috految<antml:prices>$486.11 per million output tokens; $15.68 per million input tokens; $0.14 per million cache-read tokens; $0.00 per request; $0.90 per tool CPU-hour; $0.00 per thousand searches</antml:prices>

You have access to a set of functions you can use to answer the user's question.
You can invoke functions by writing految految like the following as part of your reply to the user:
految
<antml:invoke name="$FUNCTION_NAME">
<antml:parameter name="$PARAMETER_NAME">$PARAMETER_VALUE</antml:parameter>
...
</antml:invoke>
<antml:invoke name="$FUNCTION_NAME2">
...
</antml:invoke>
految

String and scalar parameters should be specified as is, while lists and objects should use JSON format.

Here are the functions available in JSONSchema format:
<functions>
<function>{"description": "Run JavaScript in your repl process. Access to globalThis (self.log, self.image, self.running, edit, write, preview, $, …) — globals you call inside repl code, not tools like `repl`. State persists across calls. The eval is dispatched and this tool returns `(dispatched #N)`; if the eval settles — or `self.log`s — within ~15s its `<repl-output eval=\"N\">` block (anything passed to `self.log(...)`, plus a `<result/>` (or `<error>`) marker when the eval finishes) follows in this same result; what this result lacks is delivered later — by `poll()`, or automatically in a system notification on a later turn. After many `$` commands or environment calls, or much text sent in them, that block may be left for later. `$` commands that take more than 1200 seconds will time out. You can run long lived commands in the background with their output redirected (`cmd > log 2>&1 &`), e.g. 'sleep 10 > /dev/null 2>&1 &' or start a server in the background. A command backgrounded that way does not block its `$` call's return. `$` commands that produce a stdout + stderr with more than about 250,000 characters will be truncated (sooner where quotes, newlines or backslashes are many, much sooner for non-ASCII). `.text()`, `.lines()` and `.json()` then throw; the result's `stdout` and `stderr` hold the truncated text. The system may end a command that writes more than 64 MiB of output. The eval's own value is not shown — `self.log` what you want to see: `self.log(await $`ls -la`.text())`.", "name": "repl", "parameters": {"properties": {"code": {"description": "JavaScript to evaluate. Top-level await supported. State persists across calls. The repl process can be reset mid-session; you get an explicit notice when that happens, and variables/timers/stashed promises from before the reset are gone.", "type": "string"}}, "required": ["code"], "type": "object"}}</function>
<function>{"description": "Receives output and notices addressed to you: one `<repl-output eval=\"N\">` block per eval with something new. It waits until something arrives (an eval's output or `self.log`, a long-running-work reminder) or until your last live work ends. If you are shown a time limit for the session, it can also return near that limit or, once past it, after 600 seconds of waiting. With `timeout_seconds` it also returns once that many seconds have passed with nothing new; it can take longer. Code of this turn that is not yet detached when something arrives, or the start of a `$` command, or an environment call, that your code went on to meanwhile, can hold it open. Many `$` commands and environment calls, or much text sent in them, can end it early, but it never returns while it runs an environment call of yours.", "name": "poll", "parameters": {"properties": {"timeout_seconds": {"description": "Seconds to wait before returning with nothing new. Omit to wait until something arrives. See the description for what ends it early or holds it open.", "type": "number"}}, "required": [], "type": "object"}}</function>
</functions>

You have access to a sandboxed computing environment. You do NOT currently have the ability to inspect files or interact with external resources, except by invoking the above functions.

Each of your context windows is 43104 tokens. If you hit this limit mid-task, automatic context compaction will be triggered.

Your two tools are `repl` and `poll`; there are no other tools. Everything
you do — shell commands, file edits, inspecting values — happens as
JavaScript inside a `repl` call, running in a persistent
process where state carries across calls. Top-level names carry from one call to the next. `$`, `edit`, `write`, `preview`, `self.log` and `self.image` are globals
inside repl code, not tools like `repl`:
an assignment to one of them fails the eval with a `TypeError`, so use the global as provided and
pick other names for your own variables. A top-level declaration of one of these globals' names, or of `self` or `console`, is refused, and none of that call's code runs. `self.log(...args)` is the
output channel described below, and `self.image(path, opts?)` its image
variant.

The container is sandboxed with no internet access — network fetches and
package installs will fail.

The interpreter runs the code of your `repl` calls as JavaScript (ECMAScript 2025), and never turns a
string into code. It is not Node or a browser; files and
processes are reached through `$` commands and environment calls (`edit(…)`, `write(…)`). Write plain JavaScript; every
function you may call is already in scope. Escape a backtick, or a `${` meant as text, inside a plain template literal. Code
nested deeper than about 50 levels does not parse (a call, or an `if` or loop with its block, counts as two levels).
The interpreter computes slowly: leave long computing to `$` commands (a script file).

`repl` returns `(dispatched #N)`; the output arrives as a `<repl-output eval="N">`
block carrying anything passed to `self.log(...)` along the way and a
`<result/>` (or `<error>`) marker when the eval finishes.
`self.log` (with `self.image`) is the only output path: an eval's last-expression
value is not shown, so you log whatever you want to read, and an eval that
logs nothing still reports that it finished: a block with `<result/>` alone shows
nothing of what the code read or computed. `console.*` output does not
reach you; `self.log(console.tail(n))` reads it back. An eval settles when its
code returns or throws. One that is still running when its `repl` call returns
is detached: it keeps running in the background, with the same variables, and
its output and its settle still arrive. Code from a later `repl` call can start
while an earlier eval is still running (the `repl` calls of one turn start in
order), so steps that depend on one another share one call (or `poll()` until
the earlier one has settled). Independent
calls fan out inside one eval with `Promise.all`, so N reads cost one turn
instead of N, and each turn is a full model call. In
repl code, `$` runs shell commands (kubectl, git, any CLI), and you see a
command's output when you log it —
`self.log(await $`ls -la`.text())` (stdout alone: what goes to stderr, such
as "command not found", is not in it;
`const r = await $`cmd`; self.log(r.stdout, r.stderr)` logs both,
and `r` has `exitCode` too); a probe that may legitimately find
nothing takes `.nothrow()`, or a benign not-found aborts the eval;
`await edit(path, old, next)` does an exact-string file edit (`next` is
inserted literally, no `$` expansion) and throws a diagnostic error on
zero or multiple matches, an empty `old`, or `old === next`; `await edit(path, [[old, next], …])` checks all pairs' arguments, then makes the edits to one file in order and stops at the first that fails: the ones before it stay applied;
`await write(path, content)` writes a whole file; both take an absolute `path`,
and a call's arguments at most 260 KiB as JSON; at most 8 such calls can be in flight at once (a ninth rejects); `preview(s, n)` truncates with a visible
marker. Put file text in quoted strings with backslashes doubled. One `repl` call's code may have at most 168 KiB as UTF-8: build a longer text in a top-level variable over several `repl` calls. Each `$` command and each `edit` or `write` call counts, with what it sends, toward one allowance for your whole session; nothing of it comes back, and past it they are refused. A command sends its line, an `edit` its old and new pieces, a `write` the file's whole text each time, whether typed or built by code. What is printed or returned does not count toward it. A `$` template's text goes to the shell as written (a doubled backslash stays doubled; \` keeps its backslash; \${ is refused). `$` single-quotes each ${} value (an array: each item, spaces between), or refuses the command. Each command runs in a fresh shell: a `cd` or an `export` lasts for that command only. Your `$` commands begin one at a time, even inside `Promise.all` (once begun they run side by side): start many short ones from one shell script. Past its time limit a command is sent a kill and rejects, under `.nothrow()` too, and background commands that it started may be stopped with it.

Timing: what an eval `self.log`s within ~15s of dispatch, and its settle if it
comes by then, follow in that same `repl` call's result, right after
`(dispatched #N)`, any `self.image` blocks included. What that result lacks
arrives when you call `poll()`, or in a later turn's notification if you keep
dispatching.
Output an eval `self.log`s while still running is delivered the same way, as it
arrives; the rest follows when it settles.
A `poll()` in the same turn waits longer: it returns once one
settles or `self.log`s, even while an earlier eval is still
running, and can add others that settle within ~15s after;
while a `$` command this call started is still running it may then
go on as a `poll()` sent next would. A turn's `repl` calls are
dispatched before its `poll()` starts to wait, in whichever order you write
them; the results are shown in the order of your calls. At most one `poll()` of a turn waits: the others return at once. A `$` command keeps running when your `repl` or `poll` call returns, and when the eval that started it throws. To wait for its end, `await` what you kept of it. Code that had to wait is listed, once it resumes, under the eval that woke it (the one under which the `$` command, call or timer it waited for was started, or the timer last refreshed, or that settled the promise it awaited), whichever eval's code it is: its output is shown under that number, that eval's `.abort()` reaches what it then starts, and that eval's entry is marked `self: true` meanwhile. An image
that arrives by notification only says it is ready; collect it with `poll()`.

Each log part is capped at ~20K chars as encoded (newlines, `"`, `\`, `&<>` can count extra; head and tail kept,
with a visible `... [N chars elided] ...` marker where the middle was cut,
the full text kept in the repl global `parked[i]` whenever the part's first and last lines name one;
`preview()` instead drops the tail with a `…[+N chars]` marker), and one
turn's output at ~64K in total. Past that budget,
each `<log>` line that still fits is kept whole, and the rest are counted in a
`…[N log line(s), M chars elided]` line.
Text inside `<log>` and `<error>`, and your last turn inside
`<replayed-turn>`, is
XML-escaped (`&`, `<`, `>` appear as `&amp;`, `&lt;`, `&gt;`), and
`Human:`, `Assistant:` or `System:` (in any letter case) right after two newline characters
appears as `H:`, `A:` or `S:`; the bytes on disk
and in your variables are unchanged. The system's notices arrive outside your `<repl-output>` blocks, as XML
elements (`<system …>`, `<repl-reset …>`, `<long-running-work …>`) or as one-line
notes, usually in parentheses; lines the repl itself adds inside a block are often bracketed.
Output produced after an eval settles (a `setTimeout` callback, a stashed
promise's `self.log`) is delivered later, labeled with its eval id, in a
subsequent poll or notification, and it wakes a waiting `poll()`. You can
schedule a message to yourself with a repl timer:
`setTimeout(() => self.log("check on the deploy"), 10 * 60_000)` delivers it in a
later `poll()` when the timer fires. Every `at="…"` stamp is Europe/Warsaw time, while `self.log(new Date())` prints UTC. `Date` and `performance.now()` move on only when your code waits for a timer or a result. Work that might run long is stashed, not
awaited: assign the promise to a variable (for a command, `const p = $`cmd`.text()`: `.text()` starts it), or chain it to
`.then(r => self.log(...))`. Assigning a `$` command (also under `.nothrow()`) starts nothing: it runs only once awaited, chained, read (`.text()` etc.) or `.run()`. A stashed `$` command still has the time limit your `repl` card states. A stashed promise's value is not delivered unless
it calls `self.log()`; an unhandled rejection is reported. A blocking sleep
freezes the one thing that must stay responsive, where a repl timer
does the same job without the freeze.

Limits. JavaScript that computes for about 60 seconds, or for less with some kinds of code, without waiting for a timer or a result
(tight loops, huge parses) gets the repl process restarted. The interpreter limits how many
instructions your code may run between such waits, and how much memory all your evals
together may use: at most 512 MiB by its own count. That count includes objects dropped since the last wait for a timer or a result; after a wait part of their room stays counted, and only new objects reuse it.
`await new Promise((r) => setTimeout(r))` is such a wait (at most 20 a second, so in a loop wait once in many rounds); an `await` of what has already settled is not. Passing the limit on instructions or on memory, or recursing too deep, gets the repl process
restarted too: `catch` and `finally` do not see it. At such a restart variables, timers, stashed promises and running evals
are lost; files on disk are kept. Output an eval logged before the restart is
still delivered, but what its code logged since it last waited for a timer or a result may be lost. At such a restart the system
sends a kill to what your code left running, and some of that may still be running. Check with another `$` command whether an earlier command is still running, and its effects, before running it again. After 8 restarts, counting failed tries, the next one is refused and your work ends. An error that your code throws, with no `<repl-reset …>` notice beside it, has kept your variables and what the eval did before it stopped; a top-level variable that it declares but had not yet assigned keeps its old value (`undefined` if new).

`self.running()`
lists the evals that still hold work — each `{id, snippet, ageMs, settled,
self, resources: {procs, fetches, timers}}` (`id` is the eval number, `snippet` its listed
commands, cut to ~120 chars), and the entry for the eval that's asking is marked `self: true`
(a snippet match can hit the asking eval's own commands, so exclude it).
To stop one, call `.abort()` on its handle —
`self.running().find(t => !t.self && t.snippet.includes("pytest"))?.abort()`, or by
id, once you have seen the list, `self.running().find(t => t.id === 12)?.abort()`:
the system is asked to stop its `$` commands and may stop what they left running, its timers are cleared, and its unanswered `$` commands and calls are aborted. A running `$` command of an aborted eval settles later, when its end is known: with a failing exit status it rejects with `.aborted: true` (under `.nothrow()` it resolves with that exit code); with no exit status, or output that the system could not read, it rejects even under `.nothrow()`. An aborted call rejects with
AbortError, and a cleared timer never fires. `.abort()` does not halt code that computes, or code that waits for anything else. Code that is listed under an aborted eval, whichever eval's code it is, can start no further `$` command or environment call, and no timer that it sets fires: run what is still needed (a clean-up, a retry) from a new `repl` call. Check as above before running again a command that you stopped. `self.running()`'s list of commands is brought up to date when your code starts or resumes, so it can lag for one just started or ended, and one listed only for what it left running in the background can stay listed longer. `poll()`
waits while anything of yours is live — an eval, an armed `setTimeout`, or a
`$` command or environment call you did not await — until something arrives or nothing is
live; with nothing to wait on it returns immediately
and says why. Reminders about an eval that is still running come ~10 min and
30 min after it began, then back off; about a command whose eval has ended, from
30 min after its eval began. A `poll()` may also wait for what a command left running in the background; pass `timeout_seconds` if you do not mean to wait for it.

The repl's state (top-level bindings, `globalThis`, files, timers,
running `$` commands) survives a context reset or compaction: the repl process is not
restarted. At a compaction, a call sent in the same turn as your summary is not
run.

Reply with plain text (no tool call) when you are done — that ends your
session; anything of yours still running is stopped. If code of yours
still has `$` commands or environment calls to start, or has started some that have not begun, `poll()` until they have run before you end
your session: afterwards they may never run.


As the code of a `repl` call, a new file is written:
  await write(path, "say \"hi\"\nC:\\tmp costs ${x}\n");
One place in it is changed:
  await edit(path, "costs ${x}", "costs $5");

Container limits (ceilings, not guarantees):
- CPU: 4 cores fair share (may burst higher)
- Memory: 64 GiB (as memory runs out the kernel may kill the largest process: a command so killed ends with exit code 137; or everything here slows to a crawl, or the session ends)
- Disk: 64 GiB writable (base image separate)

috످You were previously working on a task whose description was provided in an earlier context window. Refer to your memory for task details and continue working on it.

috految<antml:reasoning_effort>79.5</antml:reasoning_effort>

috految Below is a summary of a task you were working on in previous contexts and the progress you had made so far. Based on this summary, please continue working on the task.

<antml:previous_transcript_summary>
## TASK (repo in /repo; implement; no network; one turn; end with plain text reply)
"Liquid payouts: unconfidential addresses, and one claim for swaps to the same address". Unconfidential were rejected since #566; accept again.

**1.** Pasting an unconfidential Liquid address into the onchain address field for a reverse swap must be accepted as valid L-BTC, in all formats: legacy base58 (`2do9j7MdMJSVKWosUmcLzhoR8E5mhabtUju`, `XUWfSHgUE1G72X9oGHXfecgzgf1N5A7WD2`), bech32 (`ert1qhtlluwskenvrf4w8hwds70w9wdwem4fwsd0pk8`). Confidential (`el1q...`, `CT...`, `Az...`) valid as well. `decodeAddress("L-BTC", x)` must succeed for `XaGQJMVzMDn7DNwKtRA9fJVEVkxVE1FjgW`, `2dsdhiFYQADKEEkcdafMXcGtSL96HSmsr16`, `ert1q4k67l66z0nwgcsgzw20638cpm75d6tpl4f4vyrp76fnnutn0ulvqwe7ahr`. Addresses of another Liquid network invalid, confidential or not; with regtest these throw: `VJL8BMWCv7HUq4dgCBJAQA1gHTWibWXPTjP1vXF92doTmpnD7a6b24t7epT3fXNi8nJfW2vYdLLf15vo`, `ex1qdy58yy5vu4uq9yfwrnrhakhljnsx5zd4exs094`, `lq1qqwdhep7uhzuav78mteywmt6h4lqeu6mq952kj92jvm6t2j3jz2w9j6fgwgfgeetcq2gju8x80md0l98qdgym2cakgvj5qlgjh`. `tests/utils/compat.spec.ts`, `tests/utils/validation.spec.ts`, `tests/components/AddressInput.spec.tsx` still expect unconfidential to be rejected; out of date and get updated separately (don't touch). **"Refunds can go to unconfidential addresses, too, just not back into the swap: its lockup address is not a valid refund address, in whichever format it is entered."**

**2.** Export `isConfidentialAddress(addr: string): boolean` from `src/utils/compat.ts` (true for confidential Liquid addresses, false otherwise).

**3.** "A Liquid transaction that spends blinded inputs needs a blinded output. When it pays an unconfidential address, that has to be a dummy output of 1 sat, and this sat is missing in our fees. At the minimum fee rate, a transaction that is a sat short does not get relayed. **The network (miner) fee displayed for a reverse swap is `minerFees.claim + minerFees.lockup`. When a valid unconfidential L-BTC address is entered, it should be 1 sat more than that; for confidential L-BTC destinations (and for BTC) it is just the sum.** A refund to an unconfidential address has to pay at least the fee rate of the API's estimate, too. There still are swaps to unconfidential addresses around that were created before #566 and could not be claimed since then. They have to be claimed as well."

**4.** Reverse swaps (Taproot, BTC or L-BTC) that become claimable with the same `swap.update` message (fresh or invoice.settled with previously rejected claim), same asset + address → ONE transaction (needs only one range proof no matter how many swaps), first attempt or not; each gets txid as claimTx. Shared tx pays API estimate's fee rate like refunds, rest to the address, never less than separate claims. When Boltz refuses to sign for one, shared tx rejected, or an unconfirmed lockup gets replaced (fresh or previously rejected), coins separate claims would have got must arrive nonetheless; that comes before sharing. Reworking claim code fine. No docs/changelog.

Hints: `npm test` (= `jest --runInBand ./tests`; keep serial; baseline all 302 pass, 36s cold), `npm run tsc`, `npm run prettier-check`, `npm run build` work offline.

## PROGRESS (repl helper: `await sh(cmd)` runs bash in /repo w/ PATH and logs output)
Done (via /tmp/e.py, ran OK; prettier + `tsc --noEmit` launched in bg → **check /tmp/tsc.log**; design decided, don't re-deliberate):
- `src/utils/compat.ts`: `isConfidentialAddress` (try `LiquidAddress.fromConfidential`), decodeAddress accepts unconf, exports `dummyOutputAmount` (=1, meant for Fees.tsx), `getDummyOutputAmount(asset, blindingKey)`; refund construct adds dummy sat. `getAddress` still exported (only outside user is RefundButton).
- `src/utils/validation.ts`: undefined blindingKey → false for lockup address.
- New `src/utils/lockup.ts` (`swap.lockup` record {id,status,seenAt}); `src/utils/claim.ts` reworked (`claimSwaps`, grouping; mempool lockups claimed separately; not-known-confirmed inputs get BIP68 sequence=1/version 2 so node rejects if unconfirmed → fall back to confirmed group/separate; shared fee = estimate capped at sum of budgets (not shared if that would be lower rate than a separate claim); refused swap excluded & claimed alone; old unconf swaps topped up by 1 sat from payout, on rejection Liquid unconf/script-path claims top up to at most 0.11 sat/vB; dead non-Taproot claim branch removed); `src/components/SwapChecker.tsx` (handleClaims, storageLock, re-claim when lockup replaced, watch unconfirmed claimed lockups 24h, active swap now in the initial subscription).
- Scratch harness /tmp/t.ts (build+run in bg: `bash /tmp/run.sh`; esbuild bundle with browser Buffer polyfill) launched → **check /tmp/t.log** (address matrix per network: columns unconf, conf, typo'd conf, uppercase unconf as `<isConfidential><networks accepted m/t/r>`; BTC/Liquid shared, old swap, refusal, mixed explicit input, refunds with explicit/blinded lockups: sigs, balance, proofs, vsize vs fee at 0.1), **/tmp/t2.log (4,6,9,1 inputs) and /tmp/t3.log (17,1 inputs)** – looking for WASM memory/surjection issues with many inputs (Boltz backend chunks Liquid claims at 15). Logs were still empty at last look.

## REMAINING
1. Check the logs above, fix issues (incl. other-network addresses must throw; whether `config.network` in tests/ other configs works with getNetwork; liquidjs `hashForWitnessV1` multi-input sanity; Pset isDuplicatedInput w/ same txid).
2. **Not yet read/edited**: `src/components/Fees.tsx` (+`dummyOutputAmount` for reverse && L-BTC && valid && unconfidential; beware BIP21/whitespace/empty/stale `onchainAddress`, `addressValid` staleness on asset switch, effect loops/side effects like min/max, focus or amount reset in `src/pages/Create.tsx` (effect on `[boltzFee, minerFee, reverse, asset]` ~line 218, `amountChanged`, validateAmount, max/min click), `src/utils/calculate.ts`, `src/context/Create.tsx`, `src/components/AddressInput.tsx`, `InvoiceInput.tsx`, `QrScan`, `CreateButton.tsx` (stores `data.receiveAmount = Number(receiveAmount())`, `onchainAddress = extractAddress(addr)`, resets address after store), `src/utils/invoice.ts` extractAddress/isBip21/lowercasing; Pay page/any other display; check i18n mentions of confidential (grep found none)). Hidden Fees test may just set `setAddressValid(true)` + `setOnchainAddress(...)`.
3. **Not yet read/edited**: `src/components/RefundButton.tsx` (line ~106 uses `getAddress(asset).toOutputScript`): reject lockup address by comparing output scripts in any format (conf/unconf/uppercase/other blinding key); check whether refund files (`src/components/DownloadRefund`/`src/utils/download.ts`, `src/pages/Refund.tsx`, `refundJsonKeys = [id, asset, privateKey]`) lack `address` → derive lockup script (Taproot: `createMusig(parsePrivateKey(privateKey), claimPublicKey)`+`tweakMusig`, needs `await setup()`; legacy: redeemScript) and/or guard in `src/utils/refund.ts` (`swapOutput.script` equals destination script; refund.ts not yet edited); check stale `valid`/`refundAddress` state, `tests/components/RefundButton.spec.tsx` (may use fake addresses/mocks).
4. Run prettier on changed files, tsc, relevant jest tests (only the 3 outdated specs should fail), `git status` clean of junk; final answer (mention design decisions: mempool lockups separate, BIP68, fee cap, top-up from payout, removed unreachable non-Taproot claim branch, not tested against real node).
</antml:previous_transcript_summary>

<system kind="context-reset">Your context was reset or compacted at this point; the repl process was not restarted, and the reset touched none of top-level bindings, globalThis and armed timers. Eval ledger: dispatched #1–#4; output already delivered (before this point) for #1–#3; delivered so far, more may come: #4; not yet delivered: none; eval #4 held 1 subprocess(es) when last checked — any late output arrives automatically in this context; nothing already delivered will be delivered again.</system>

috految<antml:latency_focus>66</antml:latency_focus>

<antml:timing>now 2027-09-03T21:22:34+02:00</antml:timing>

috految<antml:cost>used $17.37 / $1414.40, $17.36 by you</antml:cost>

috److految
<antml:invoke name="repl">
<antml:parameter name="code">await sh(`tail -n 70 /tmp/tsc.log /tmp/t.log /tmp/t2.log /tmp/t3.log | cut -c1-220; git status --short; cat src/components/{Fees,AddressInput,RefundButton}.tsx src/utils/refund.ts`); await sh(`(sed -n '28,275p' src/pages/Create.tsx; grep -n -B3 -A3 '<Address\\|<Fees\\|<Invoice\\|<Qr\\|setAmount(\\|AmountFormatted()' src/pages/Create.tsx; sed -n '/const CreateProvider/,/return (/p' src/context/Create.tsx; cat src/utils/calculate.ts; sed -n '/const isBip21/,/const isLnurl/p' src/utils/invoice.ts; grep -rn 'setAddressValid(\\|setOnchainAddress(\\|minerFee()\\|setMinerFee(\\|efundAddress(\\|<RefundButton\\|setAmountChanged(\\|setReceiveAmount(' src; head -45 src/components/DownloadRefund.tsx; cat tests/components/RefundButton.spec.tsx) | sed 's/^ *//'`)</antml:parameter>
</antml:invoke>
految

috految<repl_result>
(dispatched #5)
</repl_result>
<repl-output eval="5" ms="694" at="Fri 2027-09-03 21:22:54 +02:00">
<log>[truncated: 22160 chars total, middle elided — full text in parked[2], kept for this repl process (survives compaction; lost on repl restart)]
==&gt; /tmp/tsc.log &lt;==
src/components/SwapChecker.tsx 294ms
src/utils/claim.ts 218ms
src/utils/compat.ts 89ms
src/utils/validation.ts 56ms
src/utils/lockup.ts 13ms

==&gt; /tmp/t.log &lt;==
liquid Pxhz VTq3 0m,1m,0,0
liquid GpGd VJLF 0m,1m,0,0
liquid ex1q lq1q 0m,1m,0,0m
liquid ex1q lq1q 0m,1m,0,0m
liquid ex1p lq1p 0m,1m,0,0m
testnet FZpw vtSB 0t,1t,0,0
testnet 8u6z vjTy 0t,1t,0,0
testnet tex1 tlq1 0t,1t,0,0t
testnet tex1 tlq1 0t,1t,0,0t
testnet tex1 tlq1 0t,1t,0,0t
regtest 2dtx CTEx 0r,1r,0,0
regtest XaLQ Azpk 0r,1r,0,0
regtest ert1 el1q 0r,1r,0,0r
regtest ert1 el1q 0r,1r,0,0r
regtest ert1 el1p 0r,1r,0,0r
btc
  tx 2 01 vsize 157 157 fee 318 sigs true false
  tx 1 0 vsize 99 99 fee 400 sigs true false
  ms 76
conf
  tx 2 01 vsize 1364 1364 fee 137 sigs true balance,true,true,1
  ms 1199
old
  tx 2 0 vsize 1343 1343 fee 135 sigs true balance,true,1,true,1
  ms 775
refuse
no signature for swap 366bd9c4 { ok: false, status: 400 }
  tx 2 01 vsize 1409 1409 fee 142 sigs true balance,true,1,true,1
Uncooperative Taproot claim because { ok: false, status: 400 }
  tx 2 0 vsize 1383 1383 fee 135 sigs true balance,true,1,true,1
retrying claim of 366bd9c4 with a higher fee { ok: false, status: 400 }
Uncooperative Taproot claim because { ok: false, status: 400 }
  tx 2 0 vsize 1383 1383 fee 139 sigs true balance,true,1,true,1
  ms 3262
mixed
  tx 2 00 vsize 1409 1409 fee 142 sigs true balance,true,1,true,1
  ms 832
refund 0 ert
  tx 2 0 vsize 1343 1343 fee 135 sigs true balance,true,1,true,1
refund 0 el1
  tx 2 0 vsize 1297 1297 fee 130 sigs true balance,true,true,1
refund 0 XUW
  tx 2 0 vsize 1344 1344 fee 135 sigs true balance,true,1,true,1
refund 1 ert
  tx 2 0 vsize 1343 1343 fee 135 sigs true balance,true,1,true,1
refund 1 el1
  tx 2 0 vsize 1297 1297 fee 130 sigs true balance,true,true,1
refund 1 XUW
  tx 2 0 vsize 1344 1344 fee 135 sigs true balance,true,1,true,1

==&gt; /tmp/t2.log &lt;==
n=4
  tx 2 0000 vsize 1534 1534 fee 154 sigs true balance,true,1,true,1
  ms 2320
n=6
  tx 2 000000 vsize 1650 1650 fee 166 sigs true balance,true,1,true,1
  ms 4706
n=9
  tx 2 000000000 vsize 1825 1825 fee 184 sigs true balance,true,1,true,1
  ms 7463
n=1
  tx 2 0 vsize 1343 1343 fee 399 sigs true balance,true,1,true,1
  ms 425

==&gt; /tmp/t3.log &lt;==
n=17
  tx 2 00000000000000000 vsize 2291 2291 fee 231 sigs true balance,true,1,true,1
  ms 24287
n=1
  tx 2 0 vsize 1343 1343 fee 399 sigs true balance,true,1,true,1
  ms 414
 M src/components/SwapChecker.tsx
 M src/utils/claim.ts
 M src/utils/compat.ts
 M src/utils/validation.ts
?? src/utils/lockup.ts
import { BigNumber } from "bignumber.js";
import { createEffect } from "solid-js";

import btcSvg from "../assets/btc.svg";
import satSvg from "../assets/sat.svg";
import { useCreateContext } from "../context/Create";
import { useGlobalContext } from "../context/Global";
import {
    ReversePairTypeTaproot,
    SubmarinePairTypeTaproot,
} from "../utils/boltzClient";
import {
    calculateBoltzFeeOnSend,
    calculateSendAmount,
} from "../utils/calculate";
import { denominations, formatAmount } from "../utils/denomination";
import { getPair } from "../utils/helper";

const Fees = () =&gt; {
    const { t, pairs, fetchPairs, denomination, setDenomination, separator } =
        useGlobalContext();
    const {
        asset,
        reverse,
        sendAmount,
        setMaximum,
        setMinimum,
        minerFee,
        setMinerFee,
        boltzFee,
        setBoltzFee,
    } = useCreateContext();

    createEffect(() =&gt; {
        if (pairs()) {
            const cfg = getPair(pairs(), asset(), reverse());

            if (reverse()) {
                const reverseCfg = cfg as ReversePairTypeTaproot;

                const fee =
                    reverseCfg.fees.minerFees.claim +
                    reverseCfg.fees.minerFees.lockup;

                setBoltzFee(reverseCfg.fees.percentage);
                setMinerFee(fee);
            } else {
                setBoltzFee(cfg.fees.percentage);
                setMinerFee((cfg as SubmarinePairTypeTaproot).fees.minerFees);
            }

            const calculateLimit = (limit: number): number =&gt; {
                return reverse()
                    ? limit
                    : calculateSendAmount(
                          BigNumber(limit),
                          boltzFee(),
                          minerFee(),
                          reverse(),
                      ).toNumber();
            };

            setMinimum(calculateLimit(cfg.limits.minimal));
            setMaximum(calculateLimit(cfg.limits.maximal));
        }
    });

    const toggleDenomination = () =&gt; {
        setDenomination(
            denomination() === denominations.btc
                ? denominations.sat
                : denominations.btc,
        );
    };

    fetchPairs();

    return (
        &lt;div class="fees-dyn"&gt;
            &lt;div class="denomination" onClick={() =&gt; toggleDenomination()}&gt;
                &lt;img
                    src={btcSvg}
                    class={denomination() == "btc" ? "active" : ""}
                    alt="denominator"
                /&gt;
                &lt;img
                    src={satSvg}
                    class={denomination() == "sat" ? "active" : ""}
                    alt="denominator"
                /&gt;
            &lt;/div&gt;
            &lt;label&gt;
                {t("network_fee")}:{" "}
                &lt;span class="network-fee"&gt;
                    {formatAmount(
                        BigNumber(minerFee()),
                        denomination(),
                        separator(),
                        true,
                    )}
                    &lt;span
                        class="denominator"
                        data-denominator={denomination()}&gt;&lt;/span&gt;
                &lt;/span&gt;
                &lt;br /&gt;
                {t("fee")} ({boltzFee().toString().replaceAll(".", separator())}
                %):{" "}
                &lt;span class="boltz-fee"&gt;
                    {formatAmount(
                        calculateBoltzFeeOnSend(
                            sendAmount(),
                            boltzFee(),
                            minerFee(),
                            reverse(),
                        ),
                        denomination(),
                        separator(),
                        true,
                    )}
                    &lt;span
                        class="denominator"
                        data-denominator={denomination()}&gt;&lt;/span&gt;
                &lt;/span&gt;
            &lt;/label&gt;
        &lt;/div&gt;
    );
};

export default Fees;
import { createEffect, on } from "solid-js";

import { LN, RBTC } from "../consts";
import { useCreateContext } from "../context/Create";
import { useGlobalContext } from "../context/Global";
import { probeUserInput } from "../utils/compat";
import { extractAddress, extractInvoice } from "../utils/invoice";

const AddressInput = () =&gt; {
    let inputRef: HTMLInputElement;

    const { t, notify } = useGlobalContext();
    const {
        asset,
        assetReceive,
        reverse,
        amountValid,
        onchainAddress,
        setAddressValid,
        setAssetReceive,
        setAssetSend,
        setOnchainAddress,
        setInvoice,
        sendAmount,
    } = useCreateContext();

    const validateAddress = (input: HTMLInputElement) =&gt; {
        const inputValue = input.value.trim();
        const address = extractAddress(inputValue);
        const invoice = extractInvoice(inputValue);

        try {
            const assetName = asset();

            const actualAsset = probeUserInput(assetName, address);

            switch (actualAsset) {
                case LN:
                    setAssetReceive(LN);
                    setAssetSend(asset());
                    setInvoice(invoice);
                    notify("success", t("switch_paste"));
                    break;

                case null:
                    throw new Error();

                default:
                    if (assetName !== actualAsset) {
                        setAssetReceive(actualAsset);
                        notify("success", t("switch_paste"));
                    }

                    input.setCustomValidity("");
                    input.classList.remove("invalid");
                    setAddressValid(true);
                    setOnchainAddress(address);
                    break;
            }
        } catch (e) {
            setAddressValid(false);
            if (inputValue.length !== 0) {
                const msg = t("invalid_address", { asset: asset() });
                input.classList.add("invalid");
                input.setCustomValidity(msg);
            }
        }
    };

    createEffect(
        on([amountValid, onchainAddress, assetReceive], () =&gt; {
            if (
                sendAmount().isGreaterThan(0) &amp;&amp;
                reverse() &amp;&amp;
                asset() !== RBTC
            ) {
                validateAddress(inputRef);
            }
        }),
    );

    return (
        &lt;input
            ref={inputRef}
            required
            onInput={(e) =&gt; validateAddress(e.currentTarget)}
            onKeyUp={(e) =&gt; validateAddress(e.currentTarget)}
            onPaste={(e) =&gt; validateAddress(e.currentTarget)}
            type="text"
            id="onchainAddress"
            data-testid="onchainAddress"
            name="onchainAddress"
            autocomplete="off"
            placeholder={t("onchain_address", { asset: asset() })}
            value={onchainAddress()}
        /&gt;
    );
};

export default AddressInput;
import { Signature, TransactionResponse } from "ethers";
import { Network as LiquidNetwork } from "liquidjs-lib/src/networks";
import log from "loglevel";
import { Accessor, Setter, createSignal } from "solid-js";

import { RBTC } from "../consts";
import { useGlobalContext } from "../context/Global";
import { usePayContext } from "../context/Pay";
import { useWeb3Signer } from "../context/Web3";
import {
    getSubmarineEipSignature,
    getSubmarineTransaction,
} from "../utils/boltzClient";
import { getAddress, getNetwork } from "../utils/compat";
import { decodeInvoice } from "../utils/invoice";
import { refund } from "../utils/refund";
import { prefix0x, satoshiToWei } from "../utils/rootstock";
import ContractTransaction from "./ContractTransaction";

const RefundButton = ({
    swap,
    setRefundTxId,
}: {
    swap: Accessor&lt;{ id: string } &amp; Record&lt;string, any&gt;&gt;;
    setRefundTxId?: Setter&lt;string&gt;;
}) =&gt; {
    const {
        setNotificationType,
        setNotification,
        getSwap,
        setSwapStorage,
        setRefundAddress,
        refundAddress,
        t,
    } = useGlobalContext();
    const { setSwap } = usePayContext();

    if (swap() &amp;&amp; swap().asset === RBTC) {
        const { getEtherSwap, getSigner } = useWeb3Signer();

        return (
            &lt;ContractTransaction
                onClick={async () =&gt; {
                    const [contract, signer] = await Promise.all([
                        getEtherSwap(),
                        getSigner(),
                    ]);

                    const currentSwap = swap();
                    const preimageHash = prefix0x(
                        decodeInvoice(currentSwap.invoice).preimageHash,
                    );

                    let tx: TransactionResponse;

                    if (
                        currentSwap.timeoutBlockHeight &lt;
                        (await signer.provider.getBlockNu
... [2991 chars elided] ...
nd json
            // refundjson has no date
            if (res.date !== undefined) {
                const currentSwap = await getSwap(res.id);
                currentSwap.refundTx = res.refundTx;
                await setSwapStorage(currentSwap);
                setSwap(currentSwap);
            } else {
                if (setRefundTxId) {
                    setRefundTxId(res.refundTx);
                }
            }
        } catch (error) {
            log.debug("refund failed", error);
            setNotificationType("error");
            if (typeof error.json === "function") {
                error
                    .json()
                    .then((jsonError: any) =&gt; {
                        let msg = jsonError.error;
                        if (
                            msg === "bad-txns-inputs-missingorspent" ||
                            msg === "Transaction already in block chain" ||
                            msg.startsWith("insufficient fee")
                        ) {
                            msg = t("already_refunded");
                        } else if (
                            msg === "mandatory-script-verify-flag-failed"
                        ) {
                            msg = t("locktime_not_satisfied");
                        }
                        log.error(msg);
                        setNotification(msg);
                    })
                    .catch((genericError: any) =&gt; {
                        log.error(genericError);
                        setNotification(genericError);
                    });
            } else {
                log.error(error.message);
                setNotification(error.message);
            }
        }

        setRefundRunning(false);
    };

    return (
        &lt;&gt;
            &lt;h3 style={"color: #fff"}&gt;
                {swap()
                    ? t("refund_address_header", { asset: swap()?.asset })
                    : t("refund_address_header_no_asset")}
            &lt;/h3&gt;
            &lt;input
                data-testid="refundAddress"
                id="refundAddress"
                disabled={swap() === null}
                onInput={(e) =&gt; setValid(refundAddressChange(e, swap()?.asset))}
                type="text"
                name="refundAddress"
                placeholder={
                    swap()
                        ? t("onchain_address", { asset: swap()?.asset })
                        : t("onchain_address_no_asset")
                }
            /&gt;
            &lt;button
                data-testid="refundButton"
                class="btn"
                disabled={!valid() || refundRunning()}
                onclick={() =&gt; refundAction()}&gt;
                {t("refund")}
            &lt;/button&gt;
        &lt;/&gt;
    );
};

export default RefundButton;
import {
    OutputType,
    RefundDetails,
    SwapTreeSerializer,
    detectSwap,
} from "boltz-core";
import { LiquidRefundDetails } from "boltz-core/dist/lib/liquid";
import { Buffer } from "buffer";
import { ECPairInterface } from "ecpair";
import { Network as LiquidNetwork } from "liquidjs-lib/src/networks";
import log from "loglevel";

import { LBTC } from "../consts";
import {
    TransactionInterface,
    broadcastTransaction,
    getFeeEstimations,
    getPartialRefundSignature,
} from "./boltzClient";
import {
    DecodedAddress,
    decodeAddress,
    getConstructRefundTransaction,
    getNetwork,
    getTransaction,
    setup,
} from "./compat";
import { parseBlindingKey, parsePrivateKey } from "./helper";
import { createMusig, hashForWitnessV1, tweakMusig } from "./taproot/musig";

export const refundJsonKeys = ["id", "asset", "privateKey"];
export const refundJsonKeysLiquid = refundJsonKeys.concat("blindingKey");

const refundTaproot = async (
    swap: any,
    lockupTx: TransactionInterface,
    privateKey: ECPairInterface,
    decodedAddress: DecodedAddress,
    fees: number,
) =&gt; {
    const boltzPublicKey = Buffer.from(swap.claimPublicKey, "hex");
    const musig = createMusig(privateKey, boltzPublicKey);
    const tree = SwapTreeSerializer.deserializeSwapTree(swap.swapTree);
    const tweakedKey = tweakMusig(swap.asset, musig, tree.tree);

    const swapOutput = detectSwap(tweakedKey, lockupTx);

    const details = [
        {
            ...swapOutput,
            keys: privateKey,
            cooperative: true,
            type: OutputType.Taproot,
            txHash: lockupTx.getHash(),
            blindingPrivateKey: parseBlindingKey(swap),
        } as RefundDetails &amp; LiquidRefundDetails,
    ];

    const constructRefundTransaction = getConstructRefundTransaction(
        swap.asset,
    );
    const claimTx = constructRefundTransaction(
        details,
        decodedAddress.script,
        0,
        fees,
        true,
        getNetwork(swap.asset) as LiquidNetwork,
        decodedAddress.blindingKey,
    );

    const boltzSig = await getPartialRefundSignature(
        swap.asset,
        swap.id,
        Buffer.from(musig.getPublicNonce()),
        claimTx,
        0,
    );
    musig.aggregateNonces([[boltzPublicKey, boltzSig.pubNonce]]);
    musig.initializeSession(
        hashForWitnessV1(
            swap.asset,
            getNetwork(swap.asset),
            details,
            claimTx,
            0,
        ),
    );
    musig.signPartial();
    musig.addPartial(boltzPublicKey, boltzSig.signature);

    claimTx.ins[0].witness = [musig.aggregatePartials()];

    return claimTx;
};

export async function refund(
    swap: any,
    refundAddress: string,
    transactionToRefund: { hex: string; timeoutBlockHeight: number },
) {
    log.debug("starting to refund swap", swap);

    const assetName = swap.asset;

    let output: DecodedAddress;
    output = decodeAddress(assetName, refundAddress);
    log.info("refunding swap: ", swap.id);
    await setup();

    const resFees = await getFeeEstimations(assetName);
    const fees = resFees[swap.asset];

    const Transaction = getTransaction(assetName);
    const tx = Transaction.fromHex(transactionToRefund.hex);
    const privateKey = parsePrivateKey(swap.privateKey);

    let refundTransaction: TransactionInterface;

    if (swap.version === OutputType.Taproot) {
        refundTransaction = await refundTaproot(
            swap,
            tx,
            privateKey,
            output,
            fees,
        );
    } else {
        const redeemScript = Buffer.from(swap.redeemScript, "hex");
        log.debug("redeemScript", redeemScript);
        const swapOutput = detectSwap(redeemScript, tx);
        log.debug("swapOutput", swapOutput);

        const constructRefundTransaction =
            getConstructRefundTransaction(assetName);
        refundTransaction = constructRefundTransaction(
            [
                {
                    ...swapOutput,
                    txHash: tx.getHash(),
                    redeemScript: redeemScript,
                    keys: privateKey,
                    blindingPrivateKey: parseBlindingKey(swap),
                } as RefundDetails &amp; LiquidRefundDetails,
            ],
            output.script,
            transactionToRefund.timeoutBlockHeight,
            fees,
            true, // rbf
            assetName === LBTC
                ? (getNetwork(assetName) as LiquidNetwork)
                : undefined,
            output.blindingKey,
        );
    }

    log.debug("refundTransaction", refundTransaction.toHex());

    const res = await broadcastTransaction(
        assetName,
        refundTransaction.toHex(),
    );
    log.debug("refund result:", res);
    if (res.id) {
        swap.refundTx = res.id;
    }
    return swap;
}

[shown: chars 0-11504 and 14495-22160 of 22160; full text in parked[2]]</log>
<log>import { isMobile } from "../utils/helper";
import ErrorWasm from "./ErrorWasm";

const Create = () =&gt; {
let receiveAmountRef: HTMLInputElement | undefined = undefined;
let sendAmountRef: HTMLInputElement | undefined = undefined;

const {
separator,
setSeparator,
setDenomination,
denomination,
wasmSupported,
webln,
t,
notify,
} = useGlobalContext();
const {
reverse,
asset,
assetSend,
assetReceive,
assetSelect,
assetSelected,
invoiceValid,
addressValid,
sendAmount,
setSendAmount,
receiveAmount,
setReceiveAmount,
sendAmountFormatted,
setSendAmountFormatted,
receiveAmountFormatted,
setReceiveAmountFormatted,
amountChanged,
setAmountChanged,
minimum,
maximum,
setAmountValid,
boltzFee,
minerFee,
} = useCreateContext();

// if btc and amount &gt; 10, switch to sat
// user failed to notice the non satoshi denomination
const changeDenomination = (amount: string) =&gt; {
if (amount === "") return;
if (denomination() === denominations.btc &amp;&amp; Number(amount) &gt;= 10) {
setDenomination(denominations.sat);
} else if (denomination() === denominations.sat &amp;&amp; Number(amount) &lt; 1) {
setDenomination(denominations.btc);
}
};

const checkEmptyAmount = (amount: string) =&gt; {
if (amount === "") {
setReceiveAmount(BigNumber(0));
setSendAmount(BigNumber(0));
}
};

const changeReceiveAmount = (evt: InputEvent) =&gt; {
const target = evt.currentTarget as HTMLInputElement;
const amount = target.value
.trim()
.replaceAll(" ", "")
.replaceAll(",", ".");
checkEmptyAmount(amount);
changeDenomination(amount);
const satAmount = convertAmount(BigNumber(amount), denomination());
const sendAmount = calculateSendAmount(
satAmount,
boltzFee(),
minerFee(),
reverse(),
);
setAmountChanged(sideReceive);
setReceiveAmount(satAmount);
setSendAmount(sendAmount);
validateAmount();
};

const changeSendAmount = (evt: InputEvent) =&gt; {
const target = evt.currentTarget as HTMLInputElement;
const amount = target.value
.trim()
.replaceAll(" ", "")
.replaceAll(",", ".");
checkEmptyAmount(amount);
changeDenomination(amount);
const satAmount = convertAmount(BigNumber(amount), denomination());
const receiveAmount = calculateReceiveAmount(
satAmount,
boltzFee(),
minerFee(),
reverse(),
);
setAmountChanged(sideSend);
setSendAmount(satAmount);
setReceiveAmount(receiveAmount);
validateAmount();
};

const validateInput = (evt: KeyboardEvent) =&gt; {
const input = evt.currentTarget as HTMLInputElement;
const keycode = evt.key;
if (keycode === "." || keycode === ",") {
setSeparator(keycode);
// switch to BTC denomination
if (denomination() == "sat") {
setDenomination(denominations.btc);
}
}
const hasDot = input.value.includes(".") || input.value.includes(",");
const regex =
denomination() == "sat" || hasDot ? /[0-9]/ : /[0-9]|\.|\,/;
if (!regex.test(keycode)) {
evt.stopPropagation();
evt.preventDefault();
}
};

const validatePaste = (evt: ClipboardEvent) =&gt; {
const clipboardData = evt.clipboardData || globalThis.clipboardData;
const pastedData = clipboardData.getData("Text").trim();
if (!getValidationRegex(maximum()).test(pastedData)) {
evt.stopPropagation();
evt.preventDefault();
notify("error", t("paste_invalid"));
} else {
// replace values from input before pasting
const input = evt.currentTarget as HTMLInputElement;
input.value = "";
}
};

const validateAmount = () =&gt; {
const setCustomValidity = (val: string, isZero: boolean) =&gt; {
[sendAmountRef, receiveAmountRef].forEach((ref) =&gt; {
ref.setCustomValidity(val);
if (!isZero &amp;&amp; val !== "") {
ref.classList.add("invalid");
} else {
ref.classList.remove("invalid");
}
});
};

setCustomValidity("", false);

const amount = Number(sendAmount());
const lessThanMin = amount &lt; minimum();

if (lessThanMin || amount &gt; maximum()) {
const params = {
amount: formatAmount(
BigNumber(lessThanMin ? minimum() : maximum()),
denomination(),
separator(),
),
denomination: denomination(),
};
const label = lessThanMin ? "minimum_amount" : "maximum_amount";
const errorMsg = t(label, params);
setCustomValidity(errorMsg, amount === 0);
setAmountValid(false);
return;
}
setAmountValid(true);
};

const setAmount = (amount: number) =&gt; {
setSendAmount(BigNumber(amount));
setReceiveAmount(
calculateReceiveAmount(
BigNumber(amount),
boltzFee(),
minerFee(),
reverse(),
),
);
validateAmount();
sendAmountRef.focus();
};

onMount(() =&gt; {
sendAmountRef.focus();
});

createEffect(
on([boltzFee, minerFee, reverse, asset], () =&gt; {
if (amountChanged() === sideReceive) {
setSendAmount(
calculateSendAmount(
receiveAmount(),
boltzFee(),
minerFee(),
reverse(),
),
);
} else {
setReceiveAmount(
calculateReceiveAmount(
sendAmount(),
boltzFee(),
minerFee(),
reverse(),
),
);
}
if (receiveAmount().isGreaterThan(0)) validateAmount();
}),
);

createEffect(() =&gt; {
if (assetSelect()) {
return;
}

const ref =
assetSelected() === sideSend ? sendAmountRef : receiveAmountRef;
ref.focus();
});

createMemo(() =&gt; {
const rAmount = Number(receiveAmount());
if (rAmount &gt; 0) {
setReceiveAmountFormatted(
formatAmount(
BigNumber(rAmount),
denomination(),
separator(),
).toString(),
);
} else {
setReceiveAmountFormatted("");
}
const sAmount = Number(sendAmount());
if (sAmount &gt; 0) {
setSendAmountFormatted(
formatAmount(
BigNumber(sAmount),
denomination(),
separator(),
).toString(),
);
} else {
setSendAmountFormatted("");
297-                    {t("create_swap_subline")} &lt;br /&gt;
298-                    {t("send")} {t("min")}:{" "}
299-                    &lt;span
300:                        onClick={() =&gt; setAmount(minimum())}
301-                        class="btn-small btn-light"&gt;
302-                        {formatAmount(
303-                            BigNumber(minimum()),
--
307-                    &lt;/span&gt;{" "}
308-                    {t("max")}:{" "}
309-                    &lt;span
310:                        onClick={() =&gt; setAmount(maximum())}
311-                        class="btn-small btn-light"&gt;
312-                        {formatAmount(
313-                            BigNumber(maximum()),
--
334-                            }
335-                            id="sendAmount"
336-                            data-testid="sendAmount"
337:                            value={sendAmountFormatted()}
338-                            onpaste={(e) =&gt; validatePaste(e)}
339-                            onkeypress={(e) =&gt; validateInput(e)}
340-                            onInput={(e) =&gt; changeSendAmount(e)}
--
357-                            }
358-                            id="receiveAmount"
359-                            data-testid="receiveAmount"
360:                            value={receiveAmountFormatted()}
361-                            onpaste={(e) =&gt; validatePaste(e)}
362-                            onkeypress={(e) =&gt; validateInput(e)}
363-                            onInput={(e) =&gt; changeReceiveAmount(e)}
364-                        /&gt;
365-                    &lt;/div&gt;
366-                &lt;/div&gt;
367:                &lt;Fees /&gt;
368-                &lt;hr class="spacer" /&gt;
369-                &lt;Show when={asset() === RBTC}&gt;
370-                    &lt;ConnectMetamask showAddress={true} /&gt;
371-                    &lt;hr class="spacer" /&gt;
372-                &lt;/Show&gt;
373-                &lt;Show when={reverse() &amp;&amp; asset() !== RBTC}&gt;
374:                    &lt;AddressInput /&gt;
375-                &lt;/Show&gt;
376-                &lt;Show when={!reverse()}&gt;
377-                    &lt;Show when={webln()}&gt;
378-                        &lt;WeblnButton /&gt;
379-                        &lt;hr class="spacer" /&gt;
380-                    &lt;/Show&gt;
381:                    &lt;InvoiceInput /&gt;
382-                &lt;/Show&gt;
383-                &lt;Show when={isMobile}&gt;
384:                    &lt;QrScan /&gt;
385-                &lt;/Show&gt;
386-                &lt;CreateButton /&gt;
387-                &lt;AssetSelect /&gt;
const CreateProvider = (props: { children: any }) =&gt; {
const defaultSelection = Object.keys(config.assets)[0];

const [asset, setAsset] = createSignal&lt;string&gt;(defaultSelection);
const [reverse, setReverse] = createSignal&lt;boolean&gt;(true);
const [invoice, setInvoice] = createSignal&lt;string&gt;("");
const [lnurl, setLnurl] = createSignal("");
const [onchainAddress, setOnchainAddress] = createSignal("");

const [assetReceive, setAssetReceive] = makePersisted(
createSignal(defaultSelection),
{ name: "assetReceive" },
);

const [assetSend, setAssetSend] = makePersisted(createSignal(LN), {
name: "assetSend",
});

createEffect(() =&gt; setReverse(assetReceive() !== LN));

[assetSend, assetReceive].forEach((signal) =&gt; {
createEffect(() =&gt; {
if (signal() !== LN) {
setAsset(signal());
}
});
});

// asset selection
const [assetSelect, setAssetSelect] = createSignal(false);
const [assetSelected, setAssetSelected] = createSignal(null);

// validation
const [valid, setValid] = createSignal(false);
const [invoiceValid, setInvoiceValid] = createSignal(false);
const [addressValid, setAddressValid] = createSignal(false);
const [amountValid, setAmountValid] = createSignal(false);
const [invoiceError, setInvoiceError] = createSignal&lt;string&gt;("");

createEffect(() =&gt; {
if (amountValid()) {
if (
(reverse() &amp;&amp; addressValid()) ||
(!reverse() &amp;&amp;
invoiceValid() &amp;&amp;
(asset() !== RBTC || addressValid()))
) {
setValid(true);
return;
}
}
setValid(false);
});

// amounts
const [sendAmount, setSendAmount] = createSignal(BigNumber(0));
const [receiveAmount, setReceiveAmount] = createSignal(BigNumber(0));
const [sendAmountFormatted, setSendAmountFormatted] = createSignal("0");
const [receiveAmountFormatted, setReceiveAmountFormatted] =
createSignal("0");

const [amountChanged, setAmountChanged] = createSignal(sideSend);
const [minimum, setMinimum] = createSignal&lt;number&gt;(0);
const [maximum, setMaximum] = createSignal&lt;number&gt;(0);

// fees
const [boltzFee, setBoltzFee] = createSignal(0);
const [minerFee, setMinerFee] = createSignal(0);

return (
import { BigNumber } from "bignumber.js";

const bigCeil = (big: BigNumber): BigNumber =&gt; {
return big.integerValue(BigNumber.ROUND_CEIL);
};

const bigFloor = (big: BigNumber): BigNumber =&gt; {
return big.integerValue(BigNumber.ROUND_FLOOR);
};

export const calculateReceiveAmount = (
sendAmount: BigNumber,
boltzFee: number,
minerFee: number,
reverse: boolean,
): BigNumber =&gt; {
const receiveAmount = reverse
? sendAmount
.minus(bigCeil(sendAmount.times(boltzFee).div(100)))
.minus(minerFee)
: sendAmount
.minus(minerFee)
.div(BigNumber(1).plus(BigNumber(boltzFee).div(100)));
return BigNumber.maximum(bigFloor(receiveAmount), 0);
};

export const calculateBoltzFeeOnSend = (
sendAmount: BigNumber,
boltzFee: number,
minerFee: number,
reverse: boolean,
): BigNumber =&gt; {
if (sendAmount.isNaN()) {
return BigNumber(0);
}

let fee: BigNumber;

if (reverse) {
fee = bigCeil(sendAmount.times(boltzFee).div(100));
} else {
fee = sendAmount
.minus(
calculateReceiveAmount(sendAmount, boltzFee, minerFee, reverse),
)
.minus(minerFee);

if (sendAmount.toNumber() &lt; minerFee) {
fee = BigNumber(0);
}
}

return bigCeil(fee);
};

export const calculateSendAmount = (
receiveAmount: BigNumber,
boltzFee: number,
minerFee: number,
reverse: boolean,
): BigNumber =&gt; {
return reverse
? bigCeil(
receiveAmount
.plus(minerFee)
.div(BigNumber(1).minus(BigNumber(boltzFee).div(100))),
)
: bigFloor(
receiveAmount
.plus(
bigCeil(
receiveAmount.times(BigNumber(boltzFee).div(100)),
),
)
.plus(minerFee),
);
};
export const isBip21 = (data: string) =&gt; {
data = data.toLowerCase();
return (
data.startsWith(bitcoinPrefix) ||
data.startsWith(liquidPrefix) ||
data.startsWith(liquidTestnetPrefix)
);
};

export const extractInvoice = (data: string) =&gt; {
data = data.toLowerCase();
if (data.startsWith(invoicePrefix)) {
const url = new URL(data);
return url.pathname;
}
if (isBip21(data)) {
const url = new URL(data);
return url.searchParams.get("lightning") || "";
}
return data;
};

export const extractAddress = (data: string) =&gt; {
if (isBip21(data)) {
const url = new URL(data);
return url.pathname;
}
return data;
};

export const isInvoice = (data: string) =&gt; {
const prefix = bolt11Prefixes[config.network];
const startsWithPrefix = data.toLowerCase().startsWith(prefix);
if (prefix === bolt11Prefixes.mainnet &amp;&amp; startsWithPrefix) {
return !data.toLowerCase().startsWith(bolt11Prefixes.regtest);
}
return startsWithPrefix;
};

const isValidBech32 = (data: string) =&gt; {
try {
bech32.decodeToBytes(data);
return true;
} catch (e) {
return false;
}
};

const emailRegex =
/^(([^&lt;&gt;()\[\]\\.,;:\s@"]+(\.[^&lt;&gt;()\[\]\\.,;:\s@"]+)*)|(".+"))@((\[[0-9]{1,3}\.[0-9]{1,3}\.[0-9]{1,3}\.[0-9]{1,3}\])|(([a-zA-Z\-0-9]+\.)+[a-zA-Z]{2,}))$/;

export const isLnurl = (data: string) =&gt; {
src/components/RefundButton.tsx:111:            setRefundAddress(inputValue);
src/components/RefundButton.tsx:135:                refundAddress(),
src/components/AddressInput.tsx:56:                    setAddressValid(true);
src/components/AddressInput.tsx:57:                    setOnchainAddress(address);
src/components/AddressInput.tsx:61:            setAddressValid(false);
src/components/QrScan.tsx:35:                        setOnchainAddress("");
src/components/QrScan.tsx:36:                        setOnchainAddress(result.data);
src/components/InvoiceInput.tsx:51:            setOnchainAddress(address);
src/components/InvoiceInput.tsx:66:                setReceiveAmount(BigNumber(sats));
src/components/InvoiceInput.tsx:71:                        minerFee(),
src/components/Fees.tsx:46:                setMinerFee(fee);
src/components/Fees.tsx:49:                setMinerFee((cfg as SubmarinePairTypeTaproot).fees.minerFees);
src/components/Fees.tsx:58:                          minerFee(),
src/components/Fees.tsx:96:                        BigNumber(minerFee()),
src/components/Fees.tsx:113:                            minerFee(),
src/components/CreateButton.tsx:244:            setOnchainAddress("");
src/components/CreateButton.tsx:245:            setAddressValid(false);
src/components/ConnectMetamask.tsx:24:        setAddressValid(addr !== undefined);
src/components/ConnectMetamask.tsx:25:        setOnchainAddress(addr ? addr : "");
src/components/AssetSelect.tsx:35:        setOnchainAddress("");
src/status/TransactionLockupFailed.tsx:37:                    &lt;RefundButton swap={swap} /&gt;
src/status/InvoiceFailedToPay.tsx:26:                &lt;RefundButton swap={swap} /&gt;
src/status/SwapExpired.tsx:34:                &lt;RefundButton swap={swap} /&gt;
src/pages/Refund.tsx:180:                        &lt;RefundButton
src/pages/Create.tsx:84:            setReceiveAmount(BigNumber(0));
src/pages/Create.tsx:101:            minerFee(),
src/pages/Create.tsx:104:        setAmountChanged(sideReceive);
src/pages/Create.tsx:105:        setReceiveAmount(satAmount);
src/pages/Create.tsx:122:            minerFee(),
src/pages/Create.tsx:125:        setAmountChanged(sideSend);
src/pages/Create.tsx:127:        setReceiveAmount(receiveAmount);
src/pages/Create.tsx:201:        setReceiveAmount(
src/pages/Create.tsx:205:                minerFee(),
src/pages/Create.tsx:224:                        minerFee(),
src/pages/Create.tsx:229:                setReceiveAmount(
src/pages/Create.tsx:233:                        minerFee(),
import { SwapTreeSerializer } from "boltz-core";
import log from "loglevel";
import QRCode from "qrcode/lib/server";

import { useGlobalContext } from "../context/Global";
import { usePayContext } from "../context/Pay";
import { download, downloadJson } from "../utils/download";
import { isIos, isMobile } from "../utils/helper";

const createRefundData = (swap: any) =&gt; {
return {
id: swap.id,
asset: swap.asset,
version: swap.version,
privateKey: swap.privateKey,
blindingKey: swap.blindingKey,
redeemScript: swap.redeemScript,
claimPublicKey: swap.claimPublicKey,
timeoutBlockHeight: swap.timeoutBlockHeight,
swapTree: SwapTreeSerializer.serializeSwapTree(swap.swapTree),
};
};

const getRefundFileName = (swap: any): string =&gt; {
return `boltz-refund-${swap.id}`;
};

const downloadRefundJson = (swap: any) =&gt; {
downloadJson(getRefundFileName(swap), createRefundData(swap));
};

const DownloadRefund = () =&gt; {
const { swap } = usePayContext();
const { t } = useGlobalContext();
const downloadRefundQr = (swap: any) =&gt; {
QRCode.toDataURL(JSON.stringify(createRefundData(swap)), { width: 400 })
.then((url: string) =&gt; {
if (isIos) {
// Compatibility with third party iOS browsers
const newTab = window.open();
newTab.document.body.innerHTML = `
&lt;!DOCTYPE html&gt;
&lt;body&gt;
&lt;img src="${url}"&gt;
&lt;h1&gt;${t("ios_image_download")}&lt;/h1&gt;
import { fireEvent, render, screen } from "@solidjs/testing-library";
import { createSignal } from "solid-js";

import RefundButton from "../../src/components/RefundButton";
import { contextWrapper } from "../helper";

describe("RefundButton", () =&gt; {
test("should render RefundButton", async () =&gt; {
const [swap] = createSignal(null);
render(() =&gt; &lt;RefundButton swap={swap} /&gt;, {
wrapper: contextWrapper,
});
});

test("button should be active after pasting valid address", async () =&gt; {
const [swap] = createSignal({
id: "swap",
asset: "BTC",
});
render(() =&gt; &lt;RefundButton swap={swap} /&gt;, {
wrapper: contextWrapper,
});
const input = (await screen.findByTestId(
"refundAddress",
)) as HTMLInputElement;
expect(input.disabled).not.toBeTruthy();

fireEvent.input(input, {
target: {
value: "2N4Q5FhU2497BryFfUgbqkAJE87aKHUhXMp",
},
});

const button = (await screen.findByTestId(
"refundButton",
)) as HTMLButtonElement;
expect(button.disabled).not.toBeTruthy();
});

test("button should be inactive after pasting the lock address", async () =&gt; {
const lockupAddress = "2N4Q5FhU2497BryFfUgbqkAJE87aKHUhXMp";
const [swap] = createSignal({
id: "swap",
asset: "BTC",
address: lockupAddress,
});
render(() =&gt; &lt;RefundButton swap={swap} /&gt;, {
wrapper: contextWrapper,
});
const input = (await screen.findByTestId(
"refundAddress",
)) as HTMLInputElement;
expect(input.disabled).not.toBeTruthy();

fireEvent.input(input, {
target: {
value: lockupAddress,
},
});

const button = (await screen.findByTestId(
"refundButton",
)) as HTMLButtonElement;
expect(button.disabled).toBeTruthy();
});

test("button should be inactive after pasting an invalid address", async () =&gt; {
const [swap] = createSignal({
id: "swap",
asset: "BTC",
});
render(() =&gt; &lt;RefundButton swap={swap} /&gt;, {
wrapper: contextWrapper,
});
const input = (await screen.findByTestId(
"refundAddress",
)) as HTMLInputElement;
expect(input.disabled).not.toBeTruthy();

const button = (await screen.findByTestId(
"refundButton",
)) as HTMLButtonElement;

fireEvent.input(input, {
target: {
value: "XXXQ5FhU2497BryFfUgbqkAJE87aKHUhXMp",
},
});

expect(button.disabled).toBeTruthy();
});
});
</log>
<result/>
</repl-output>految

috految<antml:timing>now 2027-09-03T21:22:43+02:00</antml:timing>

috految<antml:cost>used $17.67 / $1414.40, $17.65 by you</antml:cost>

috److految
<antml:invoke name="repl">
<antml:parameter name="code">await sh(`(npm test > /tmp/j0.log 2>&1 &); sed -n '88,138p' src/components/RefundButton.tsx; (sed -n '20,62p;166,188p' src/pages/Refund.tsx; sed -n '36,60p;86,112p' src/components/InvoiceInput.tsx; sed -n '25,45p' src/components/QrScan.tsx; sed -n '22,40p' src/components/AssetSelect.tsx; sed -n '/const setDirection/,/};/p' src/components/Reverse.tsx; sed -n '/const setup/,/const getTransaction/p;/^export {/,$p' src/utils/compat.ts; grep -A5 'const buttonClick\\|createEffect(\\|createMemo(' src/components/CreateButton.tsx; sed -n '205,250p' src/components/CreateButton.tsx; sed -n '/const createMusig/,/const hashFor/p' src/utils/taproot/musig.ts; grep -rn 'setup()\\|getAddress\\b\\|"network"\\|initEcc\\|Scripts\\|mock(' src tests --include=*.ts* --include=*.js*; grep -n 'Secp\\|zkp\\|init' src/utils/ecpair.ts; sed -n '/function isDup\\|  isDuplicatedInput/,+9p' node_modules/liquidjs-lib/src/psetv2/pset.js; grep -A13 'const detectSwap' node_modules/boltz-core/dist/lib/swap/SwapDetector.js; grep -A2 'const p2trOutput' node_modules/boltz-core/dist/lib/swap/Scripts.js; sed -n '/function getOutpointFlag\\|function getIssuanceProofs\\|function getIssuanceSHA/,/^}/p' node_modules/liquidjs-lib/src/transaction.js; grep -A3 'const swap = \\|addressValid()' src/pages/Create.tsx; grep -n 'Valid\\|Amount' tests/components/Fees.spec.tsx; grep -n -i 'amount' tests/components/AddressInput.spec.tsx) | sed 's/^ *//'`)</antml:parameter>
</antml:invoke>
految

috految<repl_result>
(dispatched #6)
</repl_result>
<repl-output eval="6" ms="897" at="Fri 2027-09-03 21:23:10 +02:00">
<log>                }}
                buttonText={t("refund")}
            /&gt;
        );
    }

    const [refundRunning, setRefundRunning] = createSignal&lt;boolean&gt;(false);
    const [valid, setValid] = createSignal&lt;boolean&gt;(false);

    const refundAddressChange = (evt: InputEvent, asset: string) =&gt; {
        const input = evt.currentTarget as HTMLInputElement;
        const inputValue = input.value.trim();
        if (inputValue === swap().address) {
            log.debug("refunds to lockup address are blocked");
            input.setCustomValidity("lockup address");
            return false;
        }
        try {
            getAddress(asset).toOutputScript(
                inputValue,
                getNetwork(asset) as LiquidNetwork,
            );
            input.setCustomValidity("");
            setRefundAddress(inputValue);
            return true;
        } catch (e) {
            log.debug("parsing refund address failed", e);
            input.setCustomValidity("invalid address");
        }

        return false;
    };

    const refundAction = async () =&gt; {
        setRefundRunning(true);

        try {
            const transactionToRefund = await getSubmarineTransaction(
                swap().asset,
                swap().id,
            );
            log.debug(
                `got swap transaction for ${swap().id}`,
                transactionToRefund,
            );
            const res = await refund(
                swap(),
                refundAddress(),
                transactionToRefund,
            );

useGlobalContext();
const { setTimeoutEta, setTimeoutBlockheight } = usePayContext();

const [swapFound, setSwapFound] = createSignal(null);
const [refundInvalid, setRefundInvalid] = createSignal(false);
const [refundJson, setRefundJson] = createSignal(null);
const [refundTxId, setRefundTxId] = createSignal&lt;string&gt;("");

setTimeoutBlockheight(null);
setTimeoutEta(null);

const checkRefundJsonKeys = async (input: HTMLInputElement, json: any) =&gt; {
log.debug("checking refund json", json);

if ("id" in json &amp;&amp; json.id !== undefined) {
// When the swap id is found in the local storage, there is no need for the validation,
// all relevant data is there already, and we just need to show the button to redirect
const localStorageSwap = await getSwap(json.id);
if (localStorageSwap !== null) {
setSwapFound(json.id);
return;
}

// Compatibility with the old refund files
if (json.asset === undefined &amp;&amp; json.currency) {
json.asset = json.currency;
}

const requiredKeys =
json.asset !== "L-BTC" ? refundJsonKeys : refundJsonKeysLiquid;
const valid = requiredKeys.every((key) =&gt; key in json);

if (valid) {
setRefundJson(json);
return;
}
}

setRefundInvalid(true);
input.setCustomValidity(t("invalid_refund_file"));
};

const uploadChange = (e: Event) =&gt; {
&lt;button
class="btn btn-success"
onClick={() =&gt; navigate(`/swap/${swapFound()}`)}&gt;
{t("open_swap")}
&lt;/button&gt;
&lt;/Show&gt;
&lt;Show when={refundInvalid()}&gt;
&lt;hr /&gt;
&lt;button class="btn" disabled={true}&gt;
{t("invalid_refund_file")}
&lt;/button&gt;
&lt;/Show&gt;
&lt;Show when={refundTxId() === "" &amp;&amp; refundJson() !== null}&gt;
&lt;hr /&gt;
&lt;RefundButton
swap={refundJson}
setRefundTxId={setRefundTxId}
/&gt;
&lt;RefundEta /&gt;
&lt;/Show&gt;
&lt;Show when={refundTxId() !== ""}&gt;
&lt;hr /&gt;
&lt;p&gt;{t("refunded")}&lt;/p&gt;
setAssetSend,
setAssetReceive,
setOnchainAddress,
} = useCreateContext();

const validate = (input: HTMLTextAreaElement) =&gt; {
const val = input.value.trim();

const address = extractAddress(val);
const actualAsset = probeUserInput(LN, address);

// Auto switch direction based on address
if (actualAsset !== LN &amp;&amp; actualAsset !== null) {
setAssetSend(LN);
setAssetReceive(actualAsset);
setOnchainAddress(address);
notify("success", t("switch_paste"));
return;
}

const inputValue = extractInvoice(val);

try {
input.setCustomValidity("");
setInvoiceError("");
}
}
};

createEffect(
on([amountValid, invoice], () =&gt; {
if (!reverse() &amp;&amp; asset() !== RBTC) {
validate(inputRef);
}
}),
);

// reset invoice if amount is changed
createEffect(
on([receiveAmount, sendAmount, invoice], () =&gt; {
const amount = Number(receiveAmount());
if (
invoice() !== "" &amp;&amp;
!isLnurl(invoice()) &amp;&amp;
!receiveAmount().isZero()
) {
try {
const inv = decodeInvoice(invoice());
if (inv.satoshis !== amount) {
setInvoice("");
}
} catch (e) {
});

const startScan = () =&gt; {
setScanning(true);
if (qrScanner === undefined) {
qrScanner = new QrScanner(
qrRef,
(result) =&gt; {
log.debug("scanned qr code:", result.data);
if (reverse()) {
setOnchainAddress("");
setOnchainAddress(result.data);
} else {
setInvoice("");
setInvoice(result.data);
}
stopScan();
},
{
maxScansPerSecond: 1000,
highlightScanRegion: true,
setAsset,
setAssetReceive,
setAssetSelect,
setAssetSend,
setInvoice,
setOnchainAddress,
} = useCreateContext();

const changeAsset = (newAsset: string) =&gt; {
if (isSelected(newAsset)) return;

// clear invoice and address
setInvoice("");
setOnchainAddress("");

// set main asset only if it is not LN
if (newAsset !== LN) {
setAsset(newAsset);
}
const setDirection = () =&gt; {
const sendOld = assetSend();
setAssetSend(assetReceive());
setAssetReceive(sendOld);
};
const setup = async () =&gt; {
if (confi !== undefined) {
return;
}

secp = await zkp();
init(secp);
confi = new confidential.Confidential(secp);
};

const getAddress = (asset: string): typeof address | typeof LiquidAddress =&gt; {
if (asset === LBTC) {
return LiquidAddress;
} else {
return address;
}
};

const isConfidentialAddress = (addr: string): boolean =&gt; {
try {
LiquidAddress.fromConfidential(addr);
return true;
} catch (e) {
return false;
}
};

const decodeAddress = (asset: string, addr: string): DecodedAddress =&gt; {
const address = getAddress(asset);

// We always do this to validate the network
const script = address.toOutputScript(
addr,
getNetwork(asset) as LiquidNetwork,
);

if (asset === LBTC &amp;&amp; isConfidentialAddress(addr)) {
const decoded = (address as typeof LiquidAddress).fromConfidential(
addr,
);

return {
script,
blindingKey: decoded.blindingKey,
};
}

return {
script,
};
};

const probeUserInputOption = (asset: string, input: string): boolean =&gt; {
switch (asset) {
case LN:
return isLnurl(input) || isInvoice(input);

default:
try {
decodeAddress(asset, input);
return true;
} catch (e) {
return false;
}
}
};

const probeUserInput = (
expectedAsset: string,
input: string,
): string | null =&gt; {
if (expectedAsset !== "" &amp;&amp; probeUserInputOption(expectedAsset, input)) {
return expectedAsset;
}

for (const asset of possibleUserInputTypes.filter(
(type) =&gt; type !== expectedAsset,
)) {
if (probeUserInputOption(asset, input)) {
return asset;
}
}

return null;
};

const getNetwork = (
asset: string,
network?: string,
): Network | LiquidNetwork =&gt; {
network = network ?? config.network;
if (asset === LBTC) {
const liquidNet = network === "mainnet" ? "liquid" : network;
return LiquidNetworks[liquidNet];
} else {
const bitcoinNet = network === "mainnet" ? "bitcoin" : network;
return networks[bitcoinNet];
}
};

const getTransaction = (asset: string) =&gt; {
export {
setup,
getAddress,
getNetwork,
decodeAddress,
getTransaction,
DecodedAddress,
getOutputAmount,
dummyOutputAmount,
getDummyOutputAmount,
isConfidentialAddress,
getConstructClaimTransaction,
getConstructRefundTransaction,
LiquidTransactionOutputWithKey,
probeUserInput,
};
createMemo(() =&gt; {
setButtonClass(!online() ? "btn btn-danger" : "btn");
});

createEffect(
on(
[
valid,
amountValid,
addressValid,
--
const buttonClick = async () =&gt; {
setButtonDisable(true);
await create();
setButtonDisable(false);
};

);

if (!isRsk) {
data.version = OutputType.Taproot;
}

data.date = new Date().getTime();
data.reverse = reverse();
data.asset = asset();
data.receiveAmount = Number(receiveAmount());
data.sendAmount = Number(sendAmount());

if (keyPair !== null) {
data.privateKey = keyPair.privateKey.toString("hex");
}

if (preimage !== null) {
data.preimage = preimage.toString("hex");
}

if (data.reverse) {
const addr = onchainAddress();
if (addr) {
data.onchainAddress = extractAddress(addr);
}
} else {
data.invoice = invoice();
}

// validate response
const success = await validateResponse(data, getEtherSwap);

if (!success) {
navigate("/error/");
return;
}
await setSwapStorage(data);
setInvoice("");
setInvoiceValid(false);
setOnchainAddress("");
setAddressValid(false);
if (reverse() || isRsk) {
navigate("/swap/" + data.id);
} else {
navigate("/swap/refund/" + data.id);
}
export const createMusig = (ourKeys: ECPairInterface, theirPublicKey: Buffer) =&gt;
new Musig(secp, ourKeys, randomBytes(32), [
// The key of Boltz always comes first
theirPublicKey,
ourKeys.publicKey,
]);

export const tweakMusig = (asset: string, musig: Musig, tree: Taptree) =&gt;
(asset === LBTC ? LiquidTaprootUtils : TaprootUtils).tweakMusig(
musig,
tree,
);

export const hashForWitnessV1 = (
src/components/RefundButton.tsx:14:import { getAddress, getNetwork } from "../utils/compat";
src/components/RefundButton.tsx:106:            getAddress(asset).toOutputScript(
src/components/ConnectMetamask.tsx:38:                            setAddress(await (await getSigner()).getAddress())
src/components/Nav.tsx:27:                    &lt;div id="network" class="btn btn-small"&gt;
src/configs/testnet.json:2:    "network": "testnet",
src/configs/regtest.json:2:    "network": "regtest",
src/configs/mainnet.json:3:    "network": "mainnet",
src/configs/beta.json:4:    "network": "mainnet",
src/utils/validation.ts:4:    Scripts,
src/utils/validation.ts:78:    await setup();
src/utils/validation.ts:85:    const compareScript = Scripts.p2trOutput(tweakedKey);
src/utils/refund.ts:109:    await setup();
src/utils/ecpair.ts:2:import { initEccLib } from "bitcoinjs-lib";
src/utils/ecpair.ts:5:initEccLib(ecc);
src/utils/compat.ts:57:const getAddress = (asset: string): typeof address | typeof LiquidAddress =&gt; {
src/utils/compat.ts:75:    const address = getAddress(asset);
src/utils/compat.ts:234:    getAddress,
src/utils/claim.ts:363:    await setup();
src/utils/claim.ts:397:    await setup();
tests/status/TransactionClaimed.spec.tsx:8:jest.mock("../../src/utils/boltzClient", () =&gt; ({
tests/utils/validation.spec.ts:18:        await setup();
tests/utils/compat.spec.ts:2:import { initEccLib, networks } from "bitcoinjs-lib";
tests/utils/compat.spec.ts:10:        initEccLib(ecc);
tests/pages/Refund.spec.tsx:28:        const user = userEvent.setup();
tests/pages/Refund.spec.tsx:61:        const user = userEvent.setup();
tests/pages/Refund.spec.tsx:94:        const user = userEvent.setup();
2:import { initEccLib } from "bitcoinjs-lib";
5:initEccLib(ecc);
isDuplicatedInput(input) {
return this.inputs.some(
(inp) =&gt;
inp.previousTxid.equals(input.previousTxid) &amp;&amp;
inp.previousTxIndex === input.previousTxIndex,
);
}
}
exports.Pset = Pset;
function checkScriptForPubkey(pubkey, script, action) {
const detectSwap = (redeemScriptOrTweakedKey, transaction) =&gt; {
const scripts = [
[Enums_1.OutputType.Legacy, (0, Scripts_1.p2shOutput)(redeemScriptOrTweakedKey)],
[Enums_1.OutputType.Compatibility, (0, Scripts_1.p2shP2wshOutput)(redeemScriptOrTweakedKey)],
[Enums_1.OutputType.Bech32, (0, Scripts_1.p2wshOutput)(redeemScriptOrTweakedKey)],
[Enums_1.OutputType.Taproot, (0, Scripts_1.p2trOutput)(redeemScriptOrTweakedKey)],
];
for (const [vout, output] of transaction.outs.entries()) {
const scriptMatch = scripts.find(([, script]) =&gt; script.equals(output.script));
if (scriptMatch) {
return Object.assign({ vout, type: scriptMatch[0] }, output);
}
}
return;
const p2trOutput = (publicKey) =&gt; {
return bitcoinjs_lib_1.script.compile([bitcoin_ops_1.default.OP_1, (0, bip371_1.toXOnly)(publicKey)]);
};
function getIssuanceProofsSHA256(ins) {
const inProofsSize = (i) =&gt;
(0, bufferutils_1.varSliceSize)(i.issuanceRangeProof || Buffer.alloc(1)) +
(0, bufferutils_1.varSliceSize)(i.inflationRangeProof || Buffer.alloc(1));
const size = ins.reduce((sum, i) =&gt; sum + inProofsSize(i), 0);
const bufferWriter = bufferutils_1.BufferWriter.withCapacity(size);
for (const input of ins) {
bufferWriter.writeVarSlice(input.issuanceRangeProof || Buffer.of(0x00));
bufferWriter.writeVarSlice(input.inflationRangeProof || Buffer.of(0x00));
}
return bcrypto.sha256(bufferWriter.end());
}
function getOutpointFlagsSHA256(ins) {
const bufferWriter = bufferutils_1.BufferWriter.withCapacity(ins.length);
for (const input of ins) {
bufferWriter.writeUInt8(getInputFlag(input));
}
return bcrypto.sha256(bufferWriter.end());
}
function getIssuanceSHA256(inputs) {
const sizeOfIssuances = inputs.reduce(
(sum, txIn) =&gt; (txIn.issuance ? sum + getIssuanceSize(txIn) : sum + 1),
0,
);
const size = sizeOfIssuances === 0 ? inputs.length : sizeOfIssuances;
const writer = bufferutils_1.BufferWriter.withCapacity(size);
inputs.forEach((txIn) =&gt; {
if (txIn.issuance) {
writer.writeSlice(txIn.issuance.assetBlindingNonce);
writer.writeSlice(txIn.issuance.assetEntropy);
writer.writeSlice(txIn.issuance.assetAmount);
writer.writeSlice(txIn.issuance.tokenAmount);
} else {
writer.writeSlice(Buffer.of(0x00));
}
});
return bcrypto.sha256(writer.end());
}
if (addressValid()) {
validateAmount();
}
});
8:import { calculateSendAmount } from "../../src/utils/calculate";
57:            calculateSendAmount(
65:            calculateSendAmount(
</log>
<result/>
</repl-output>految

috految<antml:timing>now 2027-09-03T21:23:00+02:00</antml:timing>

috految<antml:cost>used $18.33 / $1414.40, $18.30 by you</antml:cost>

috److془Considerations:

Fees: `addressValid() && probeUserInput(LBTC, addr) === LBTC && !isConfidential`. Upstream test:

```ts
    test("should increase the miner fee by 1 when sending to an unconfidential Liquid address", async () => {
        globalSignals.setPairs(pairs);
        signals.setAsset(LBTC); signals.setAssetReceive(LBTC)
        signals.setAddressValid(true);
        signals.setOnchainAddress("ert1q2vf850cshpedhvn9x0lv33j8az4ela04afuzp0");
```
Fine. Is it valid? Presumably. 

Case: address via invoice field or QR with amount 0: addressValid false until amount is entered. Then fee displayed not +1 until amount. Fix: AddressInput effect validated also when onchainAddress is valid for asset: `(sendAmount > 0 || probeUserInput(asset(), extractAddress(onchainAddress())) === asset())`. Hmm; danger: Effect ordering with asset stale: assetReceive updated to LN while reverse() still true; validateAddress → assetName === actualAsset → setAddressValid(true). With input containing an invoice (pasted over address): LN case → setAssetReceive(LN), setAssetSend(asset), setInvoice; same as with amount>0. Hmm but after which with stale minerFee... Simpler: use `inputRef.value`. Or: `sendAmount > 0 || (!addressValid() && ...)`. Hmm: also the stale concern: addressValid true, amount 0, switch asset → onchainAddress "" and addressValid remains true; amount entered → amountValid → revalidate. Fine. With RBTC: ConnectMetamask sets addressValid. Fine. With amount zero with minimum 0 (pairs not loaded) - same as typed.

Hmm, but: the Create effect: `on([boltzFee, minerFee, reverse, asset])`, with uncommon effect order. Memo in Fees `on` ... effect order for reverse: Fees effect and Create effect; gets re-run upon minerFee change. Important: order matter in cases for Fees effect vs. InvoiceInput; subscription order changes anyway. Fees effect order relative to Create effect when switching: Create effect runs w/ stale minerFee, then again. Fine. With Create's effect writing sendAmount... fine.

Solid subtlety: effects' signal writes within runUpdates → batch; the downstream effects in Effects queue. Fine. 

Case: something like the invoice pasted in address field with amount>0 → setAssetReceive(LN) → effects: setReverse(false); AddressInput effect (if first: validates → setInvoice). Then Fees effect runs, Show etc. Order of Fees vs. Create effects on `reverse`: both before InvoiceInput mount. But if Create effect runs first and again after InvoiceInput: receive = calcReceive(calcSend(inv)) = inv. Fine.

Fee change with amountChanged = sideReceive and max click: setAmount doesn't set amountChanged; then paste unconf → send = max+1 → invalid. Fix: setAmountChanged(sideSend) in setAmount. Good. Create page test with setAmount? We'll run. 

Empty amount with sideReceive: receiveAmount NaN → send NaN. Fine. 

Case: typing in amount field while `setSendAmount(satAmount)` triggers validateAmount (effect if addressValid) → amountValid → AddressInput validate → fee change → then `setReceiveAmount(receiveAmount)` with stale fee. Occurs when addressValid false→true (with invoiceValid true), or BIP21 in onchainAddress. With immediately validating at amount 0, this is fixed. Except QR BIP21 with asset switch; pre-existing. Hmm: also with addressValid true and QR scan of other asset at amount 0: my change makes addressValid true after first scan, then second scan of other asset not validated until amount entered → setSendAmount → asset switch → stale receiveAmount. Use condition `sendAmount > 0 || inputRef.value !== ""`? Then the QR scan of an invoice at amount 0 switches; and onchainAddress remains invoice; the reverse toggle bounces back (same as for amount>0, pre-existing). And a Metamask address is marked invalid; hmm. Also the tests that use signals.setAssetReceive(BTC) with Liquid address in field at amount 0 would bounce. Alternative: in AddressInput, `else if reverse && asset === LBTC`. Hmm or simply: 

createEffect(on([amountValid, onchainAddress, assetReceive], () => { if (!reverse() || asset() === RBTC) return; if (sendAmount>0) validateAddress(inputRef) else setAddressValid(probeUserInput(asset(), extractAddress(inputRef.value.trim())) === asset()) }))

Hmm: if the test uses Create page with signals.setAddressValid(true), then setOnchainAddress → fine. But with amount 0 & pasted other asset: setAssetReceive → effect sets false maybe, then setAddressValid(true), setOnchainAddress → effect true. Existing tests with setAssetReceive & asset mismatch might differ. Safer: do it in a separate effect `on(onchainAddress)`, only when address non-empty.. InvoiceInput: setAssetSend(LN); setAssetReceive; setOnchainAddress → AddressInput's mounted and effect runs. Hmm but also after pasting with asset mismatched in tests (setAsset(BTC) with persisted assetReceive LBTC) → existing tests would be false. Use only `validateAddress(inputRef)` when `onchainAddress` probes as an on-chain address. Simple:

createEffect(on(onchainAddress, (address) => { if (reverse() && [BTC, LBTC].includes(probeUserInput(asset(), extractAddress(address)))) validateAddress(inputRef) }, {defer: true}))

Hmm wait in the case of the InvoiceInput: setAssetReceive mount AddressInput; setOnchainAddress later. Good. Is the input value updated before effect? Render effects run before user effects. Yes, unless the signal is set during the same effect run, in which case the effects scheduled in next batch. Good. 

Danger: `value={onchainAddress()}` in same render effect as placeholder? In Solid, value is in own effect. Good. BIP21 QR: setOnchainAddress(address) within effect → rerun → no change. Good. Is there a problem: QR with amount>0 runs twice, harmless. Just condition on `!sendAmount().isGreaterThan(0)`; unnecessary. Hmm: stale amountValid true with NaN amounts: pre-existing to typed addresses equally. Though: addressValid true + amountValid true with NaN, scan garbage... extremely edge. Actually, hmm: with pre-existing the same (enter address, clear amount, scan garbage). Fine.

Hazard: validateAddress: setAddressValid(true) before setOnchainAddress(address): intermediate fee from old address; recomputed. amountValid flips → nested validateAddress reading the input value (new). Fine. CreateButton reset: setOnchainAddress("") → fee decreases → sendAmount changes after store; data already stored. Does the Pay page use sendAmount() from create context? Check grep. Also Fees effect on stale `asset`/`reverse`: pairs with getPair undefined? same as before. Calls to `setMinimum` same values. valid false in the CreateButton flow. Fine. 

Hmm: the createMemo in Create: "if (addressValid()) validateAmount()" if createMemo, on remount with addressValid true refs undefined... it's probably createEffect. Check. Also on remount: pre-existing paths for typed address anyway.

Does the CreateButton put `pairHash` etc. fine. Does `validateResponse` for reverse check onchainAmount <= receiveAmount; fine.

Fees' probeUserInput with "" : isInvoice on "" fine. onchainAddress could be undefined? no. extractAddress may throw for invalid URL such as "bitcoin://a b"; negligible, validateAddress does the same. Fees: extractAddress not needed as AddressInput normalizes, but keep is harmless. Use it as CreateButton does.

Refund: refund files lack address. Derive. Sync for `address`; for refund files async setup. Make it: `const [lockupScripts]`... Simple: 

refund.ts:
export const isLockupScript = (swap, script) => {
  if (swap.address !== undefined) return decodeAddress(swap.asset, swap.address).script.equals(script);
  if Taproot: ...needs setup
}
In RefundButton: input handler async: `if (swap().swapTree && secp === undefined) await setup()`. Hidden test might expect sync enabling for refund file; optimistic is best as refund() guards. isLockupAddress async; sync check for address. Alternative: on mount, call setup and derive the scripts into signal. Then `valid` memo sync. Guard in refund. Concurrency of setup(): two instances; secp reassigned; harmless? init(secp) sets the module globals; musig holds own secp. Fine. zkp() in the jest + teardown: only when Taproot w/o address. Pay page's swap() may be null (or changes), handle it. Failure of derivation: log warn. Must the tests wait for microtasks after render? `await findByTestId` gives several. Good. Old swap.address could be for reverse (undefined; SwapExpired shows RefundButton for timeouts) → throws → warn; fine. Jest Buffer.equals with Uint8Array realm: Node's isUint8Array is realm-agnostic. Browser polyfill Buffer.equals requires isBuffer(b) (`_isBuffer`); validation.ts does decodedAddress.script.equals(compareScript). Is script for conf base58 from liquidjs Buffer? bscript.compile → Buffer. Good. Does the script for conf base58 / blech32 p2wsh equal the unconf? harness probably checked; I'll check. Also, p2trOutput(tweakedKey) same as validation. 

Note the refund file serializeSwapTree(swap.swapTree) on already serialized: string.toString('hex') fine. Does deserializeSwapTree mutate? No I believe (validation calls and stores). 

Refund with a swap whose lockup population: guard in refund with getLockupScripts. Using swap keys always for guard. Legacy: [p2sh, p2shP2wsh, p2wsh](redeemScript). Taproot version check same as refund.

Legacy refund Liquid fee: ECDSA sig size variable, targetFee adds ins.length vbytes. Good. Legacy p2wsh with unconf destination: the sig after blinding; fine. Does boltz-core's `addOutputs` OP_RETURN etc. work for legacy? Same path. 

Refund when the API's estimate given with `fees`: done. Keep getAddress export (RefundButton keeps using it).

Does toOutputScript accept things decodeAddress varies on? identical. Uppercase confidential: then either both OK or toOutputScript throws (it uses isConfidential/fromConfidential). Check it. Also Liquid toOutputScript of BTC addresses# (bcrt1p...)? prefix check as the matrix shows. Error message in refund: error.message notification. Good. Also the isLnurl / isInvoice for `ert1...` when asset is BTC: isLnurl requires startsWith lnlurl presumably. Test it. Also BTC base58 versions vs. Liquid: distinct.془

految
<antml:invoke name="repl">
<antml:parameter name="code">await write('/tmp/f.py', `
def ed(p,*ps):
    s=open(p).read()
    for a,b in ps:
        assert s.count(a)==1,(p,a)
        s=s.replace(a,b.replace('@@',a))
    open(p,'w').write(s)
ed('src/components/Fees.tsx',
('import { useCreateContext }','import { LBTC } from "../consts";\\n@@'),
('import { denominations,','import { dummyOutputAmount, isConfidentialAddress, probeUserInput } from "../utils/compat";\\n@@'),
('/utils/helper";','@@\\nimport { extractAddress } from "../utils/invoice";'),
('    } = useCreateContext();','''addressValid,
onchainAddress,
@@

const paysUnconfidentialAddress = () => {
if (asset() !== LBTC || !addressValid()) { return false; }

// "addressValid" stays set when selecting an asset clears the address
const address = extractAddress(onchainAddress());
return probeUserInput(LBTC, address) === LBTC && !isConfidentialAddress(address);
};'''),
('minerFees.lockup;','minerFees.lockup + (paysUnconfidentialAddress() ? dummyOutputAmount : 0);'))
ed('src/pages/Create.tsx',('const setAmount = (amount: number) => {','@@\\n        setAmountChanged(sideSend);'))
ed('src/components/AddressInput.tsx',
('{ LN, RBTC }','{ BTC, LBTC, LN, RBTC }'),
('    return (\\n','''// The fees depend on the address, so one that was scanned or pasted in another
// field has to be validated even when there is no amount yet
createEffect(on(onchainAddress, (address) => {
if (reverse() && [BTC, LBTC].includes(probeUserInput(asset(), extractAddress(address)))) {
validateAddress(inputRef);
}
}, { defer: true }));

@@'''))
ed('src/utils/refund.ts',
('    SwapTreeSerializer,','    Scripts,\\n@@'),
('const refundTaproot =','''// Derived from the keys of the swap, because refund files do not include its address
export const getLockupScripts = async (swap: any): Promise<Buffer[]> => {
if (swap.version === OutputType.Taproot) {
await setup();

const musig = createMusig(parsePrivateKey(swap.privateKey), Buffer.from(swap.claimPublicKey, "hex"));
const tree = SwapTreeSerializer.deserializeSwapTree(swap.swapTree);
return [Scripts.p2trOutput(tweakMusig(swap.asset, musig, tree.tree))];
}

const redeemScript = Buffer.from(swap.redeemScript, "hex");
return [Scripts.p2shOutput(redeemScript), Scripts.p2wshOutput(redeemScript), Scripts.p2shP2wshOutput(redeemScript)];
};

@@'''),
('    const resFees =','''const lockupScripts = await getLockupScripts(swap);
if (lockupScripts.some((script) => script.equals(output.script))) {
throw new Error("cannot refund to the lockup address");
}

@@'''))
p='src/components/RefundButton.tsx'
s=open(p).read()
ed(p,
('Setter, createSignal }','Setter, createEffect, createSignal, on }'),
('import { refund }','import { getLockupScripts, refund }'),
('import { getAddress,','import { decodeAddress, getAddress,'),
(s[s.index('    const refundAddressChange'):s.index('            input.setCustomValidity("");')],'''let inputRef: HTMLInputElement;
let lockupScripts: Buffer[] = [];

const refundAddressChange = (input: HTMLInputElement, asset: string) => {
const inputValue = input.value.trim();

try {
const script = getAddress(asset).toOutputScript(inputValue, getNetwork(asset) as LiquidNetwork);

// There are multiple ways to encode the same script as address
if (lockupScripts.some((lockup) => lockup.equals(script))) {
log.debug("refunds to lockup address are blocked");
input.setCustomValidity("lockup address");
return false;
}

'''),
('    const refundAction =','''createEffect(on(swap, async (current) => {
if (!current) { return; }

try {
lockupScripts = current.address ? [decodeAddress(current.asset, current.address).script] : await getLockupScripts(current);
} catch (e) {
log.warn("could not get lockup address of", current.id, e);
}

if (inputRef.value !== "") {
setValid(refundAddressChange(inputRef, current.asset));
}
}));

@@'''),
('data-testid="refundAddress"','ref={inputRef}\\n@@'),
('refundAddressChange(e, ','refundAddressChange(e.currentTarget, '))
`);
await sh(`python3 /tmp/f.py; prettier --write $(git status --short | cut -c4-) | grep -i error; (tsc --noEmit; echo tsc $?) > /tmp/tsc.log 2>&1 &
jest --runInBand --silent tests/components/{Fees,AddressInput,RefundButton,InvoiceInput} tests/pages/{Create,Refund,Pay} tests/status > /tmp/j1.log 2>&1 &
grep -E '^(FAIL|Tests:|  ● .*›)' /tmp/j0.log | sort -u | cut -c1-150; grep -rl useCreateContext src/{pages,status}; grep -rl 'sendAmount()\\|receiveAmount()' src; grep -B2 'if (addressValid' src/pages/Create.tsx; grep -A6 'const isLnurl' src/utils/invoice.ts; grep -B1 -A1 'sendAmount\\|receiveAmount' src/status/*.tsx -h; grep -rh 'Scripts = ' node_modules/boltz-core/dist/lib/Boltz.js | tail -1; grep -o '.\\{30\\}script.equals.\\{30\\}' /tmp/t.ts; grep -A12 '^function toOutputScript' node_modules/liquidjs-lib/src/address.js; grep -A8 '^function fromConfidential(' node_modules/liquidjs-lib/src/address.js; cat /tmp/run.sh | tail -3 | cut -c1-150`)</antml:parameter>
</antml:invoke>
految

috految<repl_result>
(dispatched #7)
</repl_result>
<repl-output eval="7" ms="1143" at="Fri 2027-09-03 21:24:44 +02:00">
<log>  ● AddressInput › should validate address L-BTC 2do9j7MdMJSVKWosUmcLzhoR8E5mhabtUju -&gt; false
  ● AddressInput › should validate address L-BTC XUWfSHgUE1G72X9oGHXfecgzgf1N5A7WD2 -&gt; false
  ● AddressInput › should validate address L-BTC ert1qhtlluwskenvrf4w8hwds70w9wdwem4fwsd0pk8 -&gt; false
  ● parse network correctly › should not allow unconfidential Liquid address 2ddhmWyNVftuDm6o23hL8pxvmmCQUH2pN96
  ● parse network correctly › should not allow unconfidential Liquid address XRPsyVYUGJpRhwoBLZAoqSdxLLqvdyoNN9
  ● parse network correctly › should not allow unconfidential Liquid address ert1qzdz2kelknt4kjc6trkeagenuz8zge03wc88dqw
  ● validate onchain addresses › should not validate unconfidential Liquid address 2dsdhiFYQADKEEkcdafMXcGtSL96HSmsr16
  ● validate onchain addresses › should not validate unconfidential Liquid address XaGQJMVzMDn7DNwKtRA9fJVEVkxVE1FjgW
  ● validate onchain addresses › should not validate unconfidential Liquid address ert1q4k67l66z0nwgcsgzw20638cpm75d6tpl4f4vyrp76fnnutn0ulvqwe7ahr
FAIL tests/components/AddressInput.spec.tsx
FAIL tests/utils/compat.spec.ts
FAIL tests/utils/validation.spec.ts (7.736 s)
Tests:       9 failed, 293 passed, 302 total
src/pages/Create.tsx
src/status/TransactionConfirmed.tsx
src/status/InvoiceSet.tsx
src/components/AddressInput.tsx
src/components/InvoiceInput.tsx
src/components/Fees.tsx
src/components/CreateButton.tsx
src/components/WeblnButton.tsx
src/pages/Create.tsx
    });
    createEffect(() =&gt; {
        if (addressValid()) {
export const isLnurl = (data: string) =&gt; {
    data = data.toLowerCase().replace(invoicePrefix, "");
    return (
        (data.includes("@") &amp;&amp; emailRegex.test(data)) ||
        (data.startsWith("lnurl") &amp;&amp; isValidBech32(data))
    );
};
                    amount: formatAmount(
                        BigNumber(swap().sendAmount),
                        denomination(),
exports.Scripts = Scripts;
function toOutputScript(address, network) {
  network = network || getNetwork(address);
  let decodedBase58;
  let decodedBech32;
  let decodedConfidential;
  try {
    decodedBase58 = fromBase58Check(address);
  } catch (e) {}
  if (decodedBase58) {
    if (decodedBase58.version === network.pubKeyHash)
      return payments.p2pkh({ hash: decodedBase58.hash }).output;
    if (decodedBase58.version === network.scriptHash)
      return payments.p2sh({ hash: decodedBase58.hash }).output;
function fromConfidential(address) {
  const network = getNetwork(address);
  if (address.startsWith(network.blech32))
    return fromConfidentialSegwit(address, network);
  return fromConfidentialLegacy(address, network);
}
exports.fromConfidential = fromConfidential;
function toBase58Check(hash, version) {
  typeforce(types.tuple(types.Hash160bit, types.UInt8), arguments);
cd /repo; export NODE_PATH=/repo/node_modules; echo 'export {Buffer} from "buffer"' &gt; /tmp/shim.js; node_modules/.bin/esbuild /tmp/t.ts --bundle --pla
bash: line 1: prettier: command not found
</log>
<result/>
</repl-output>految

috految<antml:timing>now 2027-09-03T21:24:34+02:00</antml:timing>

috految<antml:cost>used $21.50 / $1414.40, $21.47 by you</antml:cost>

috److految
<antml:invoke name="repl">
<antml:parameter name="code">await sh(`export PATH=$PATH:/repo/node_modules/.bin; prettier --write $(git status --short | cut -c4-) >/dev/null; (tsc --noEmit; echo tsc $?) & jest --runInBand --silent tests/components/{Fees,AddressInput,RefundButton,InvoiceInput} tests/pages/{Create,Refund,Pay} tests/status > /tmp/j1.log 2>&1 & node -e 'const r=n=>require("liquidjs-lib")[n],a=r("address"),n=r("networks").regtest;for(const s of ["0020"+"11".repeat(32),"5120"+"11".repeat(32),"a914"+"11".repeat(20)+"87"]){const u=a.fromOutputScript(Buffer.from(s,"hex"),n);console.log([u,a.toConfidential(u,Buffer.alloc(33,2))].map(x=>a.toOutputScript(x,n).toString("hex")==s))}' 2>&1 | tail -3; wait; grep -E '^(FAIL|Tests:|  ● )' /tmp/j1.log | sort -u | cut -c1-90; git status --short`)</antml:parameter>
</antml:invoke>
<antml:invoke name="poll">
<antml:parameter name="timeout_seconds">25</antml:parameter>
</antml:invoke>
految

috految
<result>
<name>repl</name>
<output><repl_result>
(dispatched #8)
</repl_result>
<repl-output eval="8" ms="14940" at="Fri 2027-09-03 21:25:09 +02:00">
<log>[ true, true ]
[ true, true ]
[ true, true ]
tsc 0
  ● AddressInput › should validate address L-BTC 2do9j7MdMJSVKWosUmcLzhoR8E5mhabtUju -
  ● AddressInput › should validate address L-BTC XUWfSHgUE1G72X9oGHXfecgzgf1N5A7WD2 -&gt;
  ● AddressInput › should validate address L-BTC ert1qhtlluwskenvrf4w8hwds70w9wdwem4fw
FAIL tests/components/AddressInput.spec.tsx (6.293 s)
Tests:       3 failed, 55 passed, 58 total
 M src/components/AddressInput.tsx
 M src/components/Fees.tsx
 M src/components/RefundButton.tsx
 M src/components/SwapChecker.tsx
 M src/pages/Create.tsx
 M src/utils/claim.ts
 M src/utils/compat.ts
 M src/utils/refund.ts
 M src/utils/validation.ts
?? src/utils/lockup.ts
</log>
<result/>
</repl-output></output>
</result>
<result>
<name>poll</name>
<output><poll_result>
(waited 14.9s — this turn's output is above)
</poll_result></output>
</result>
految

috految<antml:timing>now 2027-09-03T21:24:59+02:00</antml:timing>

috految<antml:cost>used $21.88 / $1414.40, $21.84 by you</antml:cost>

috److Unconfidential Liquid addresses work again for reverse swaps and refunds. Swaps to the same address that become claimable in the same update are now claimed in one transaction.

`tsc` passes, and the only failing tests are the 9 outdated cases in the three specs you said get updated separately. After the last UI and refund edits I re-ran only the affected specs. I also checked signatures, proofs and fee rates of claims and refunds against a mocked API, but nothing ran against a real node. I added no tests, so the fee display, the lockup check for refund files and the re-claim after a replaced lockup are untested.

- **Addresses:** Addresses from other Liquid networks are rejected, and `isConfidentialAddress` is exported. The lockup address is refused as a refund address in any format, including for refund files, which don't contain it.
- **Fees:** The displayed fee and refunds now include the 1 sat dummy output.
- **Swaps from before #566:** They take the missing sat from the payout. If a Liquid claim to an unconfidential address or without Boltz's signature is rejected, it is retried at up to 0.11 sat/vB, also from the payout.
- **Shared claims:**
  - The fee follows the API estimate, capped so the payout is never less than with separate claims.
  - If Boltz refuses to sign for one swap or the shared transaction is rejected, it falls back to smaller groups or separate claims.
  - Lockups still in the mempool are claimed separately, so replacing one can't undo the others. A replaced lockup is claimed again.
  - If a lockup's confirmation is unknown, its input gets a one-block relative locktime, so the node only accepts the shared claim once it is confirmed.

Large Liquid batches are slow to build: about 7 s for 9 swaps and 24 s for 17 in my test script.

I also made two small changes you didn't ask for:
- Clicking min or max now pins the send amount, so the extra sat can't push it over the limit.
- I removed the unreachable non-Taproot claim code.

috످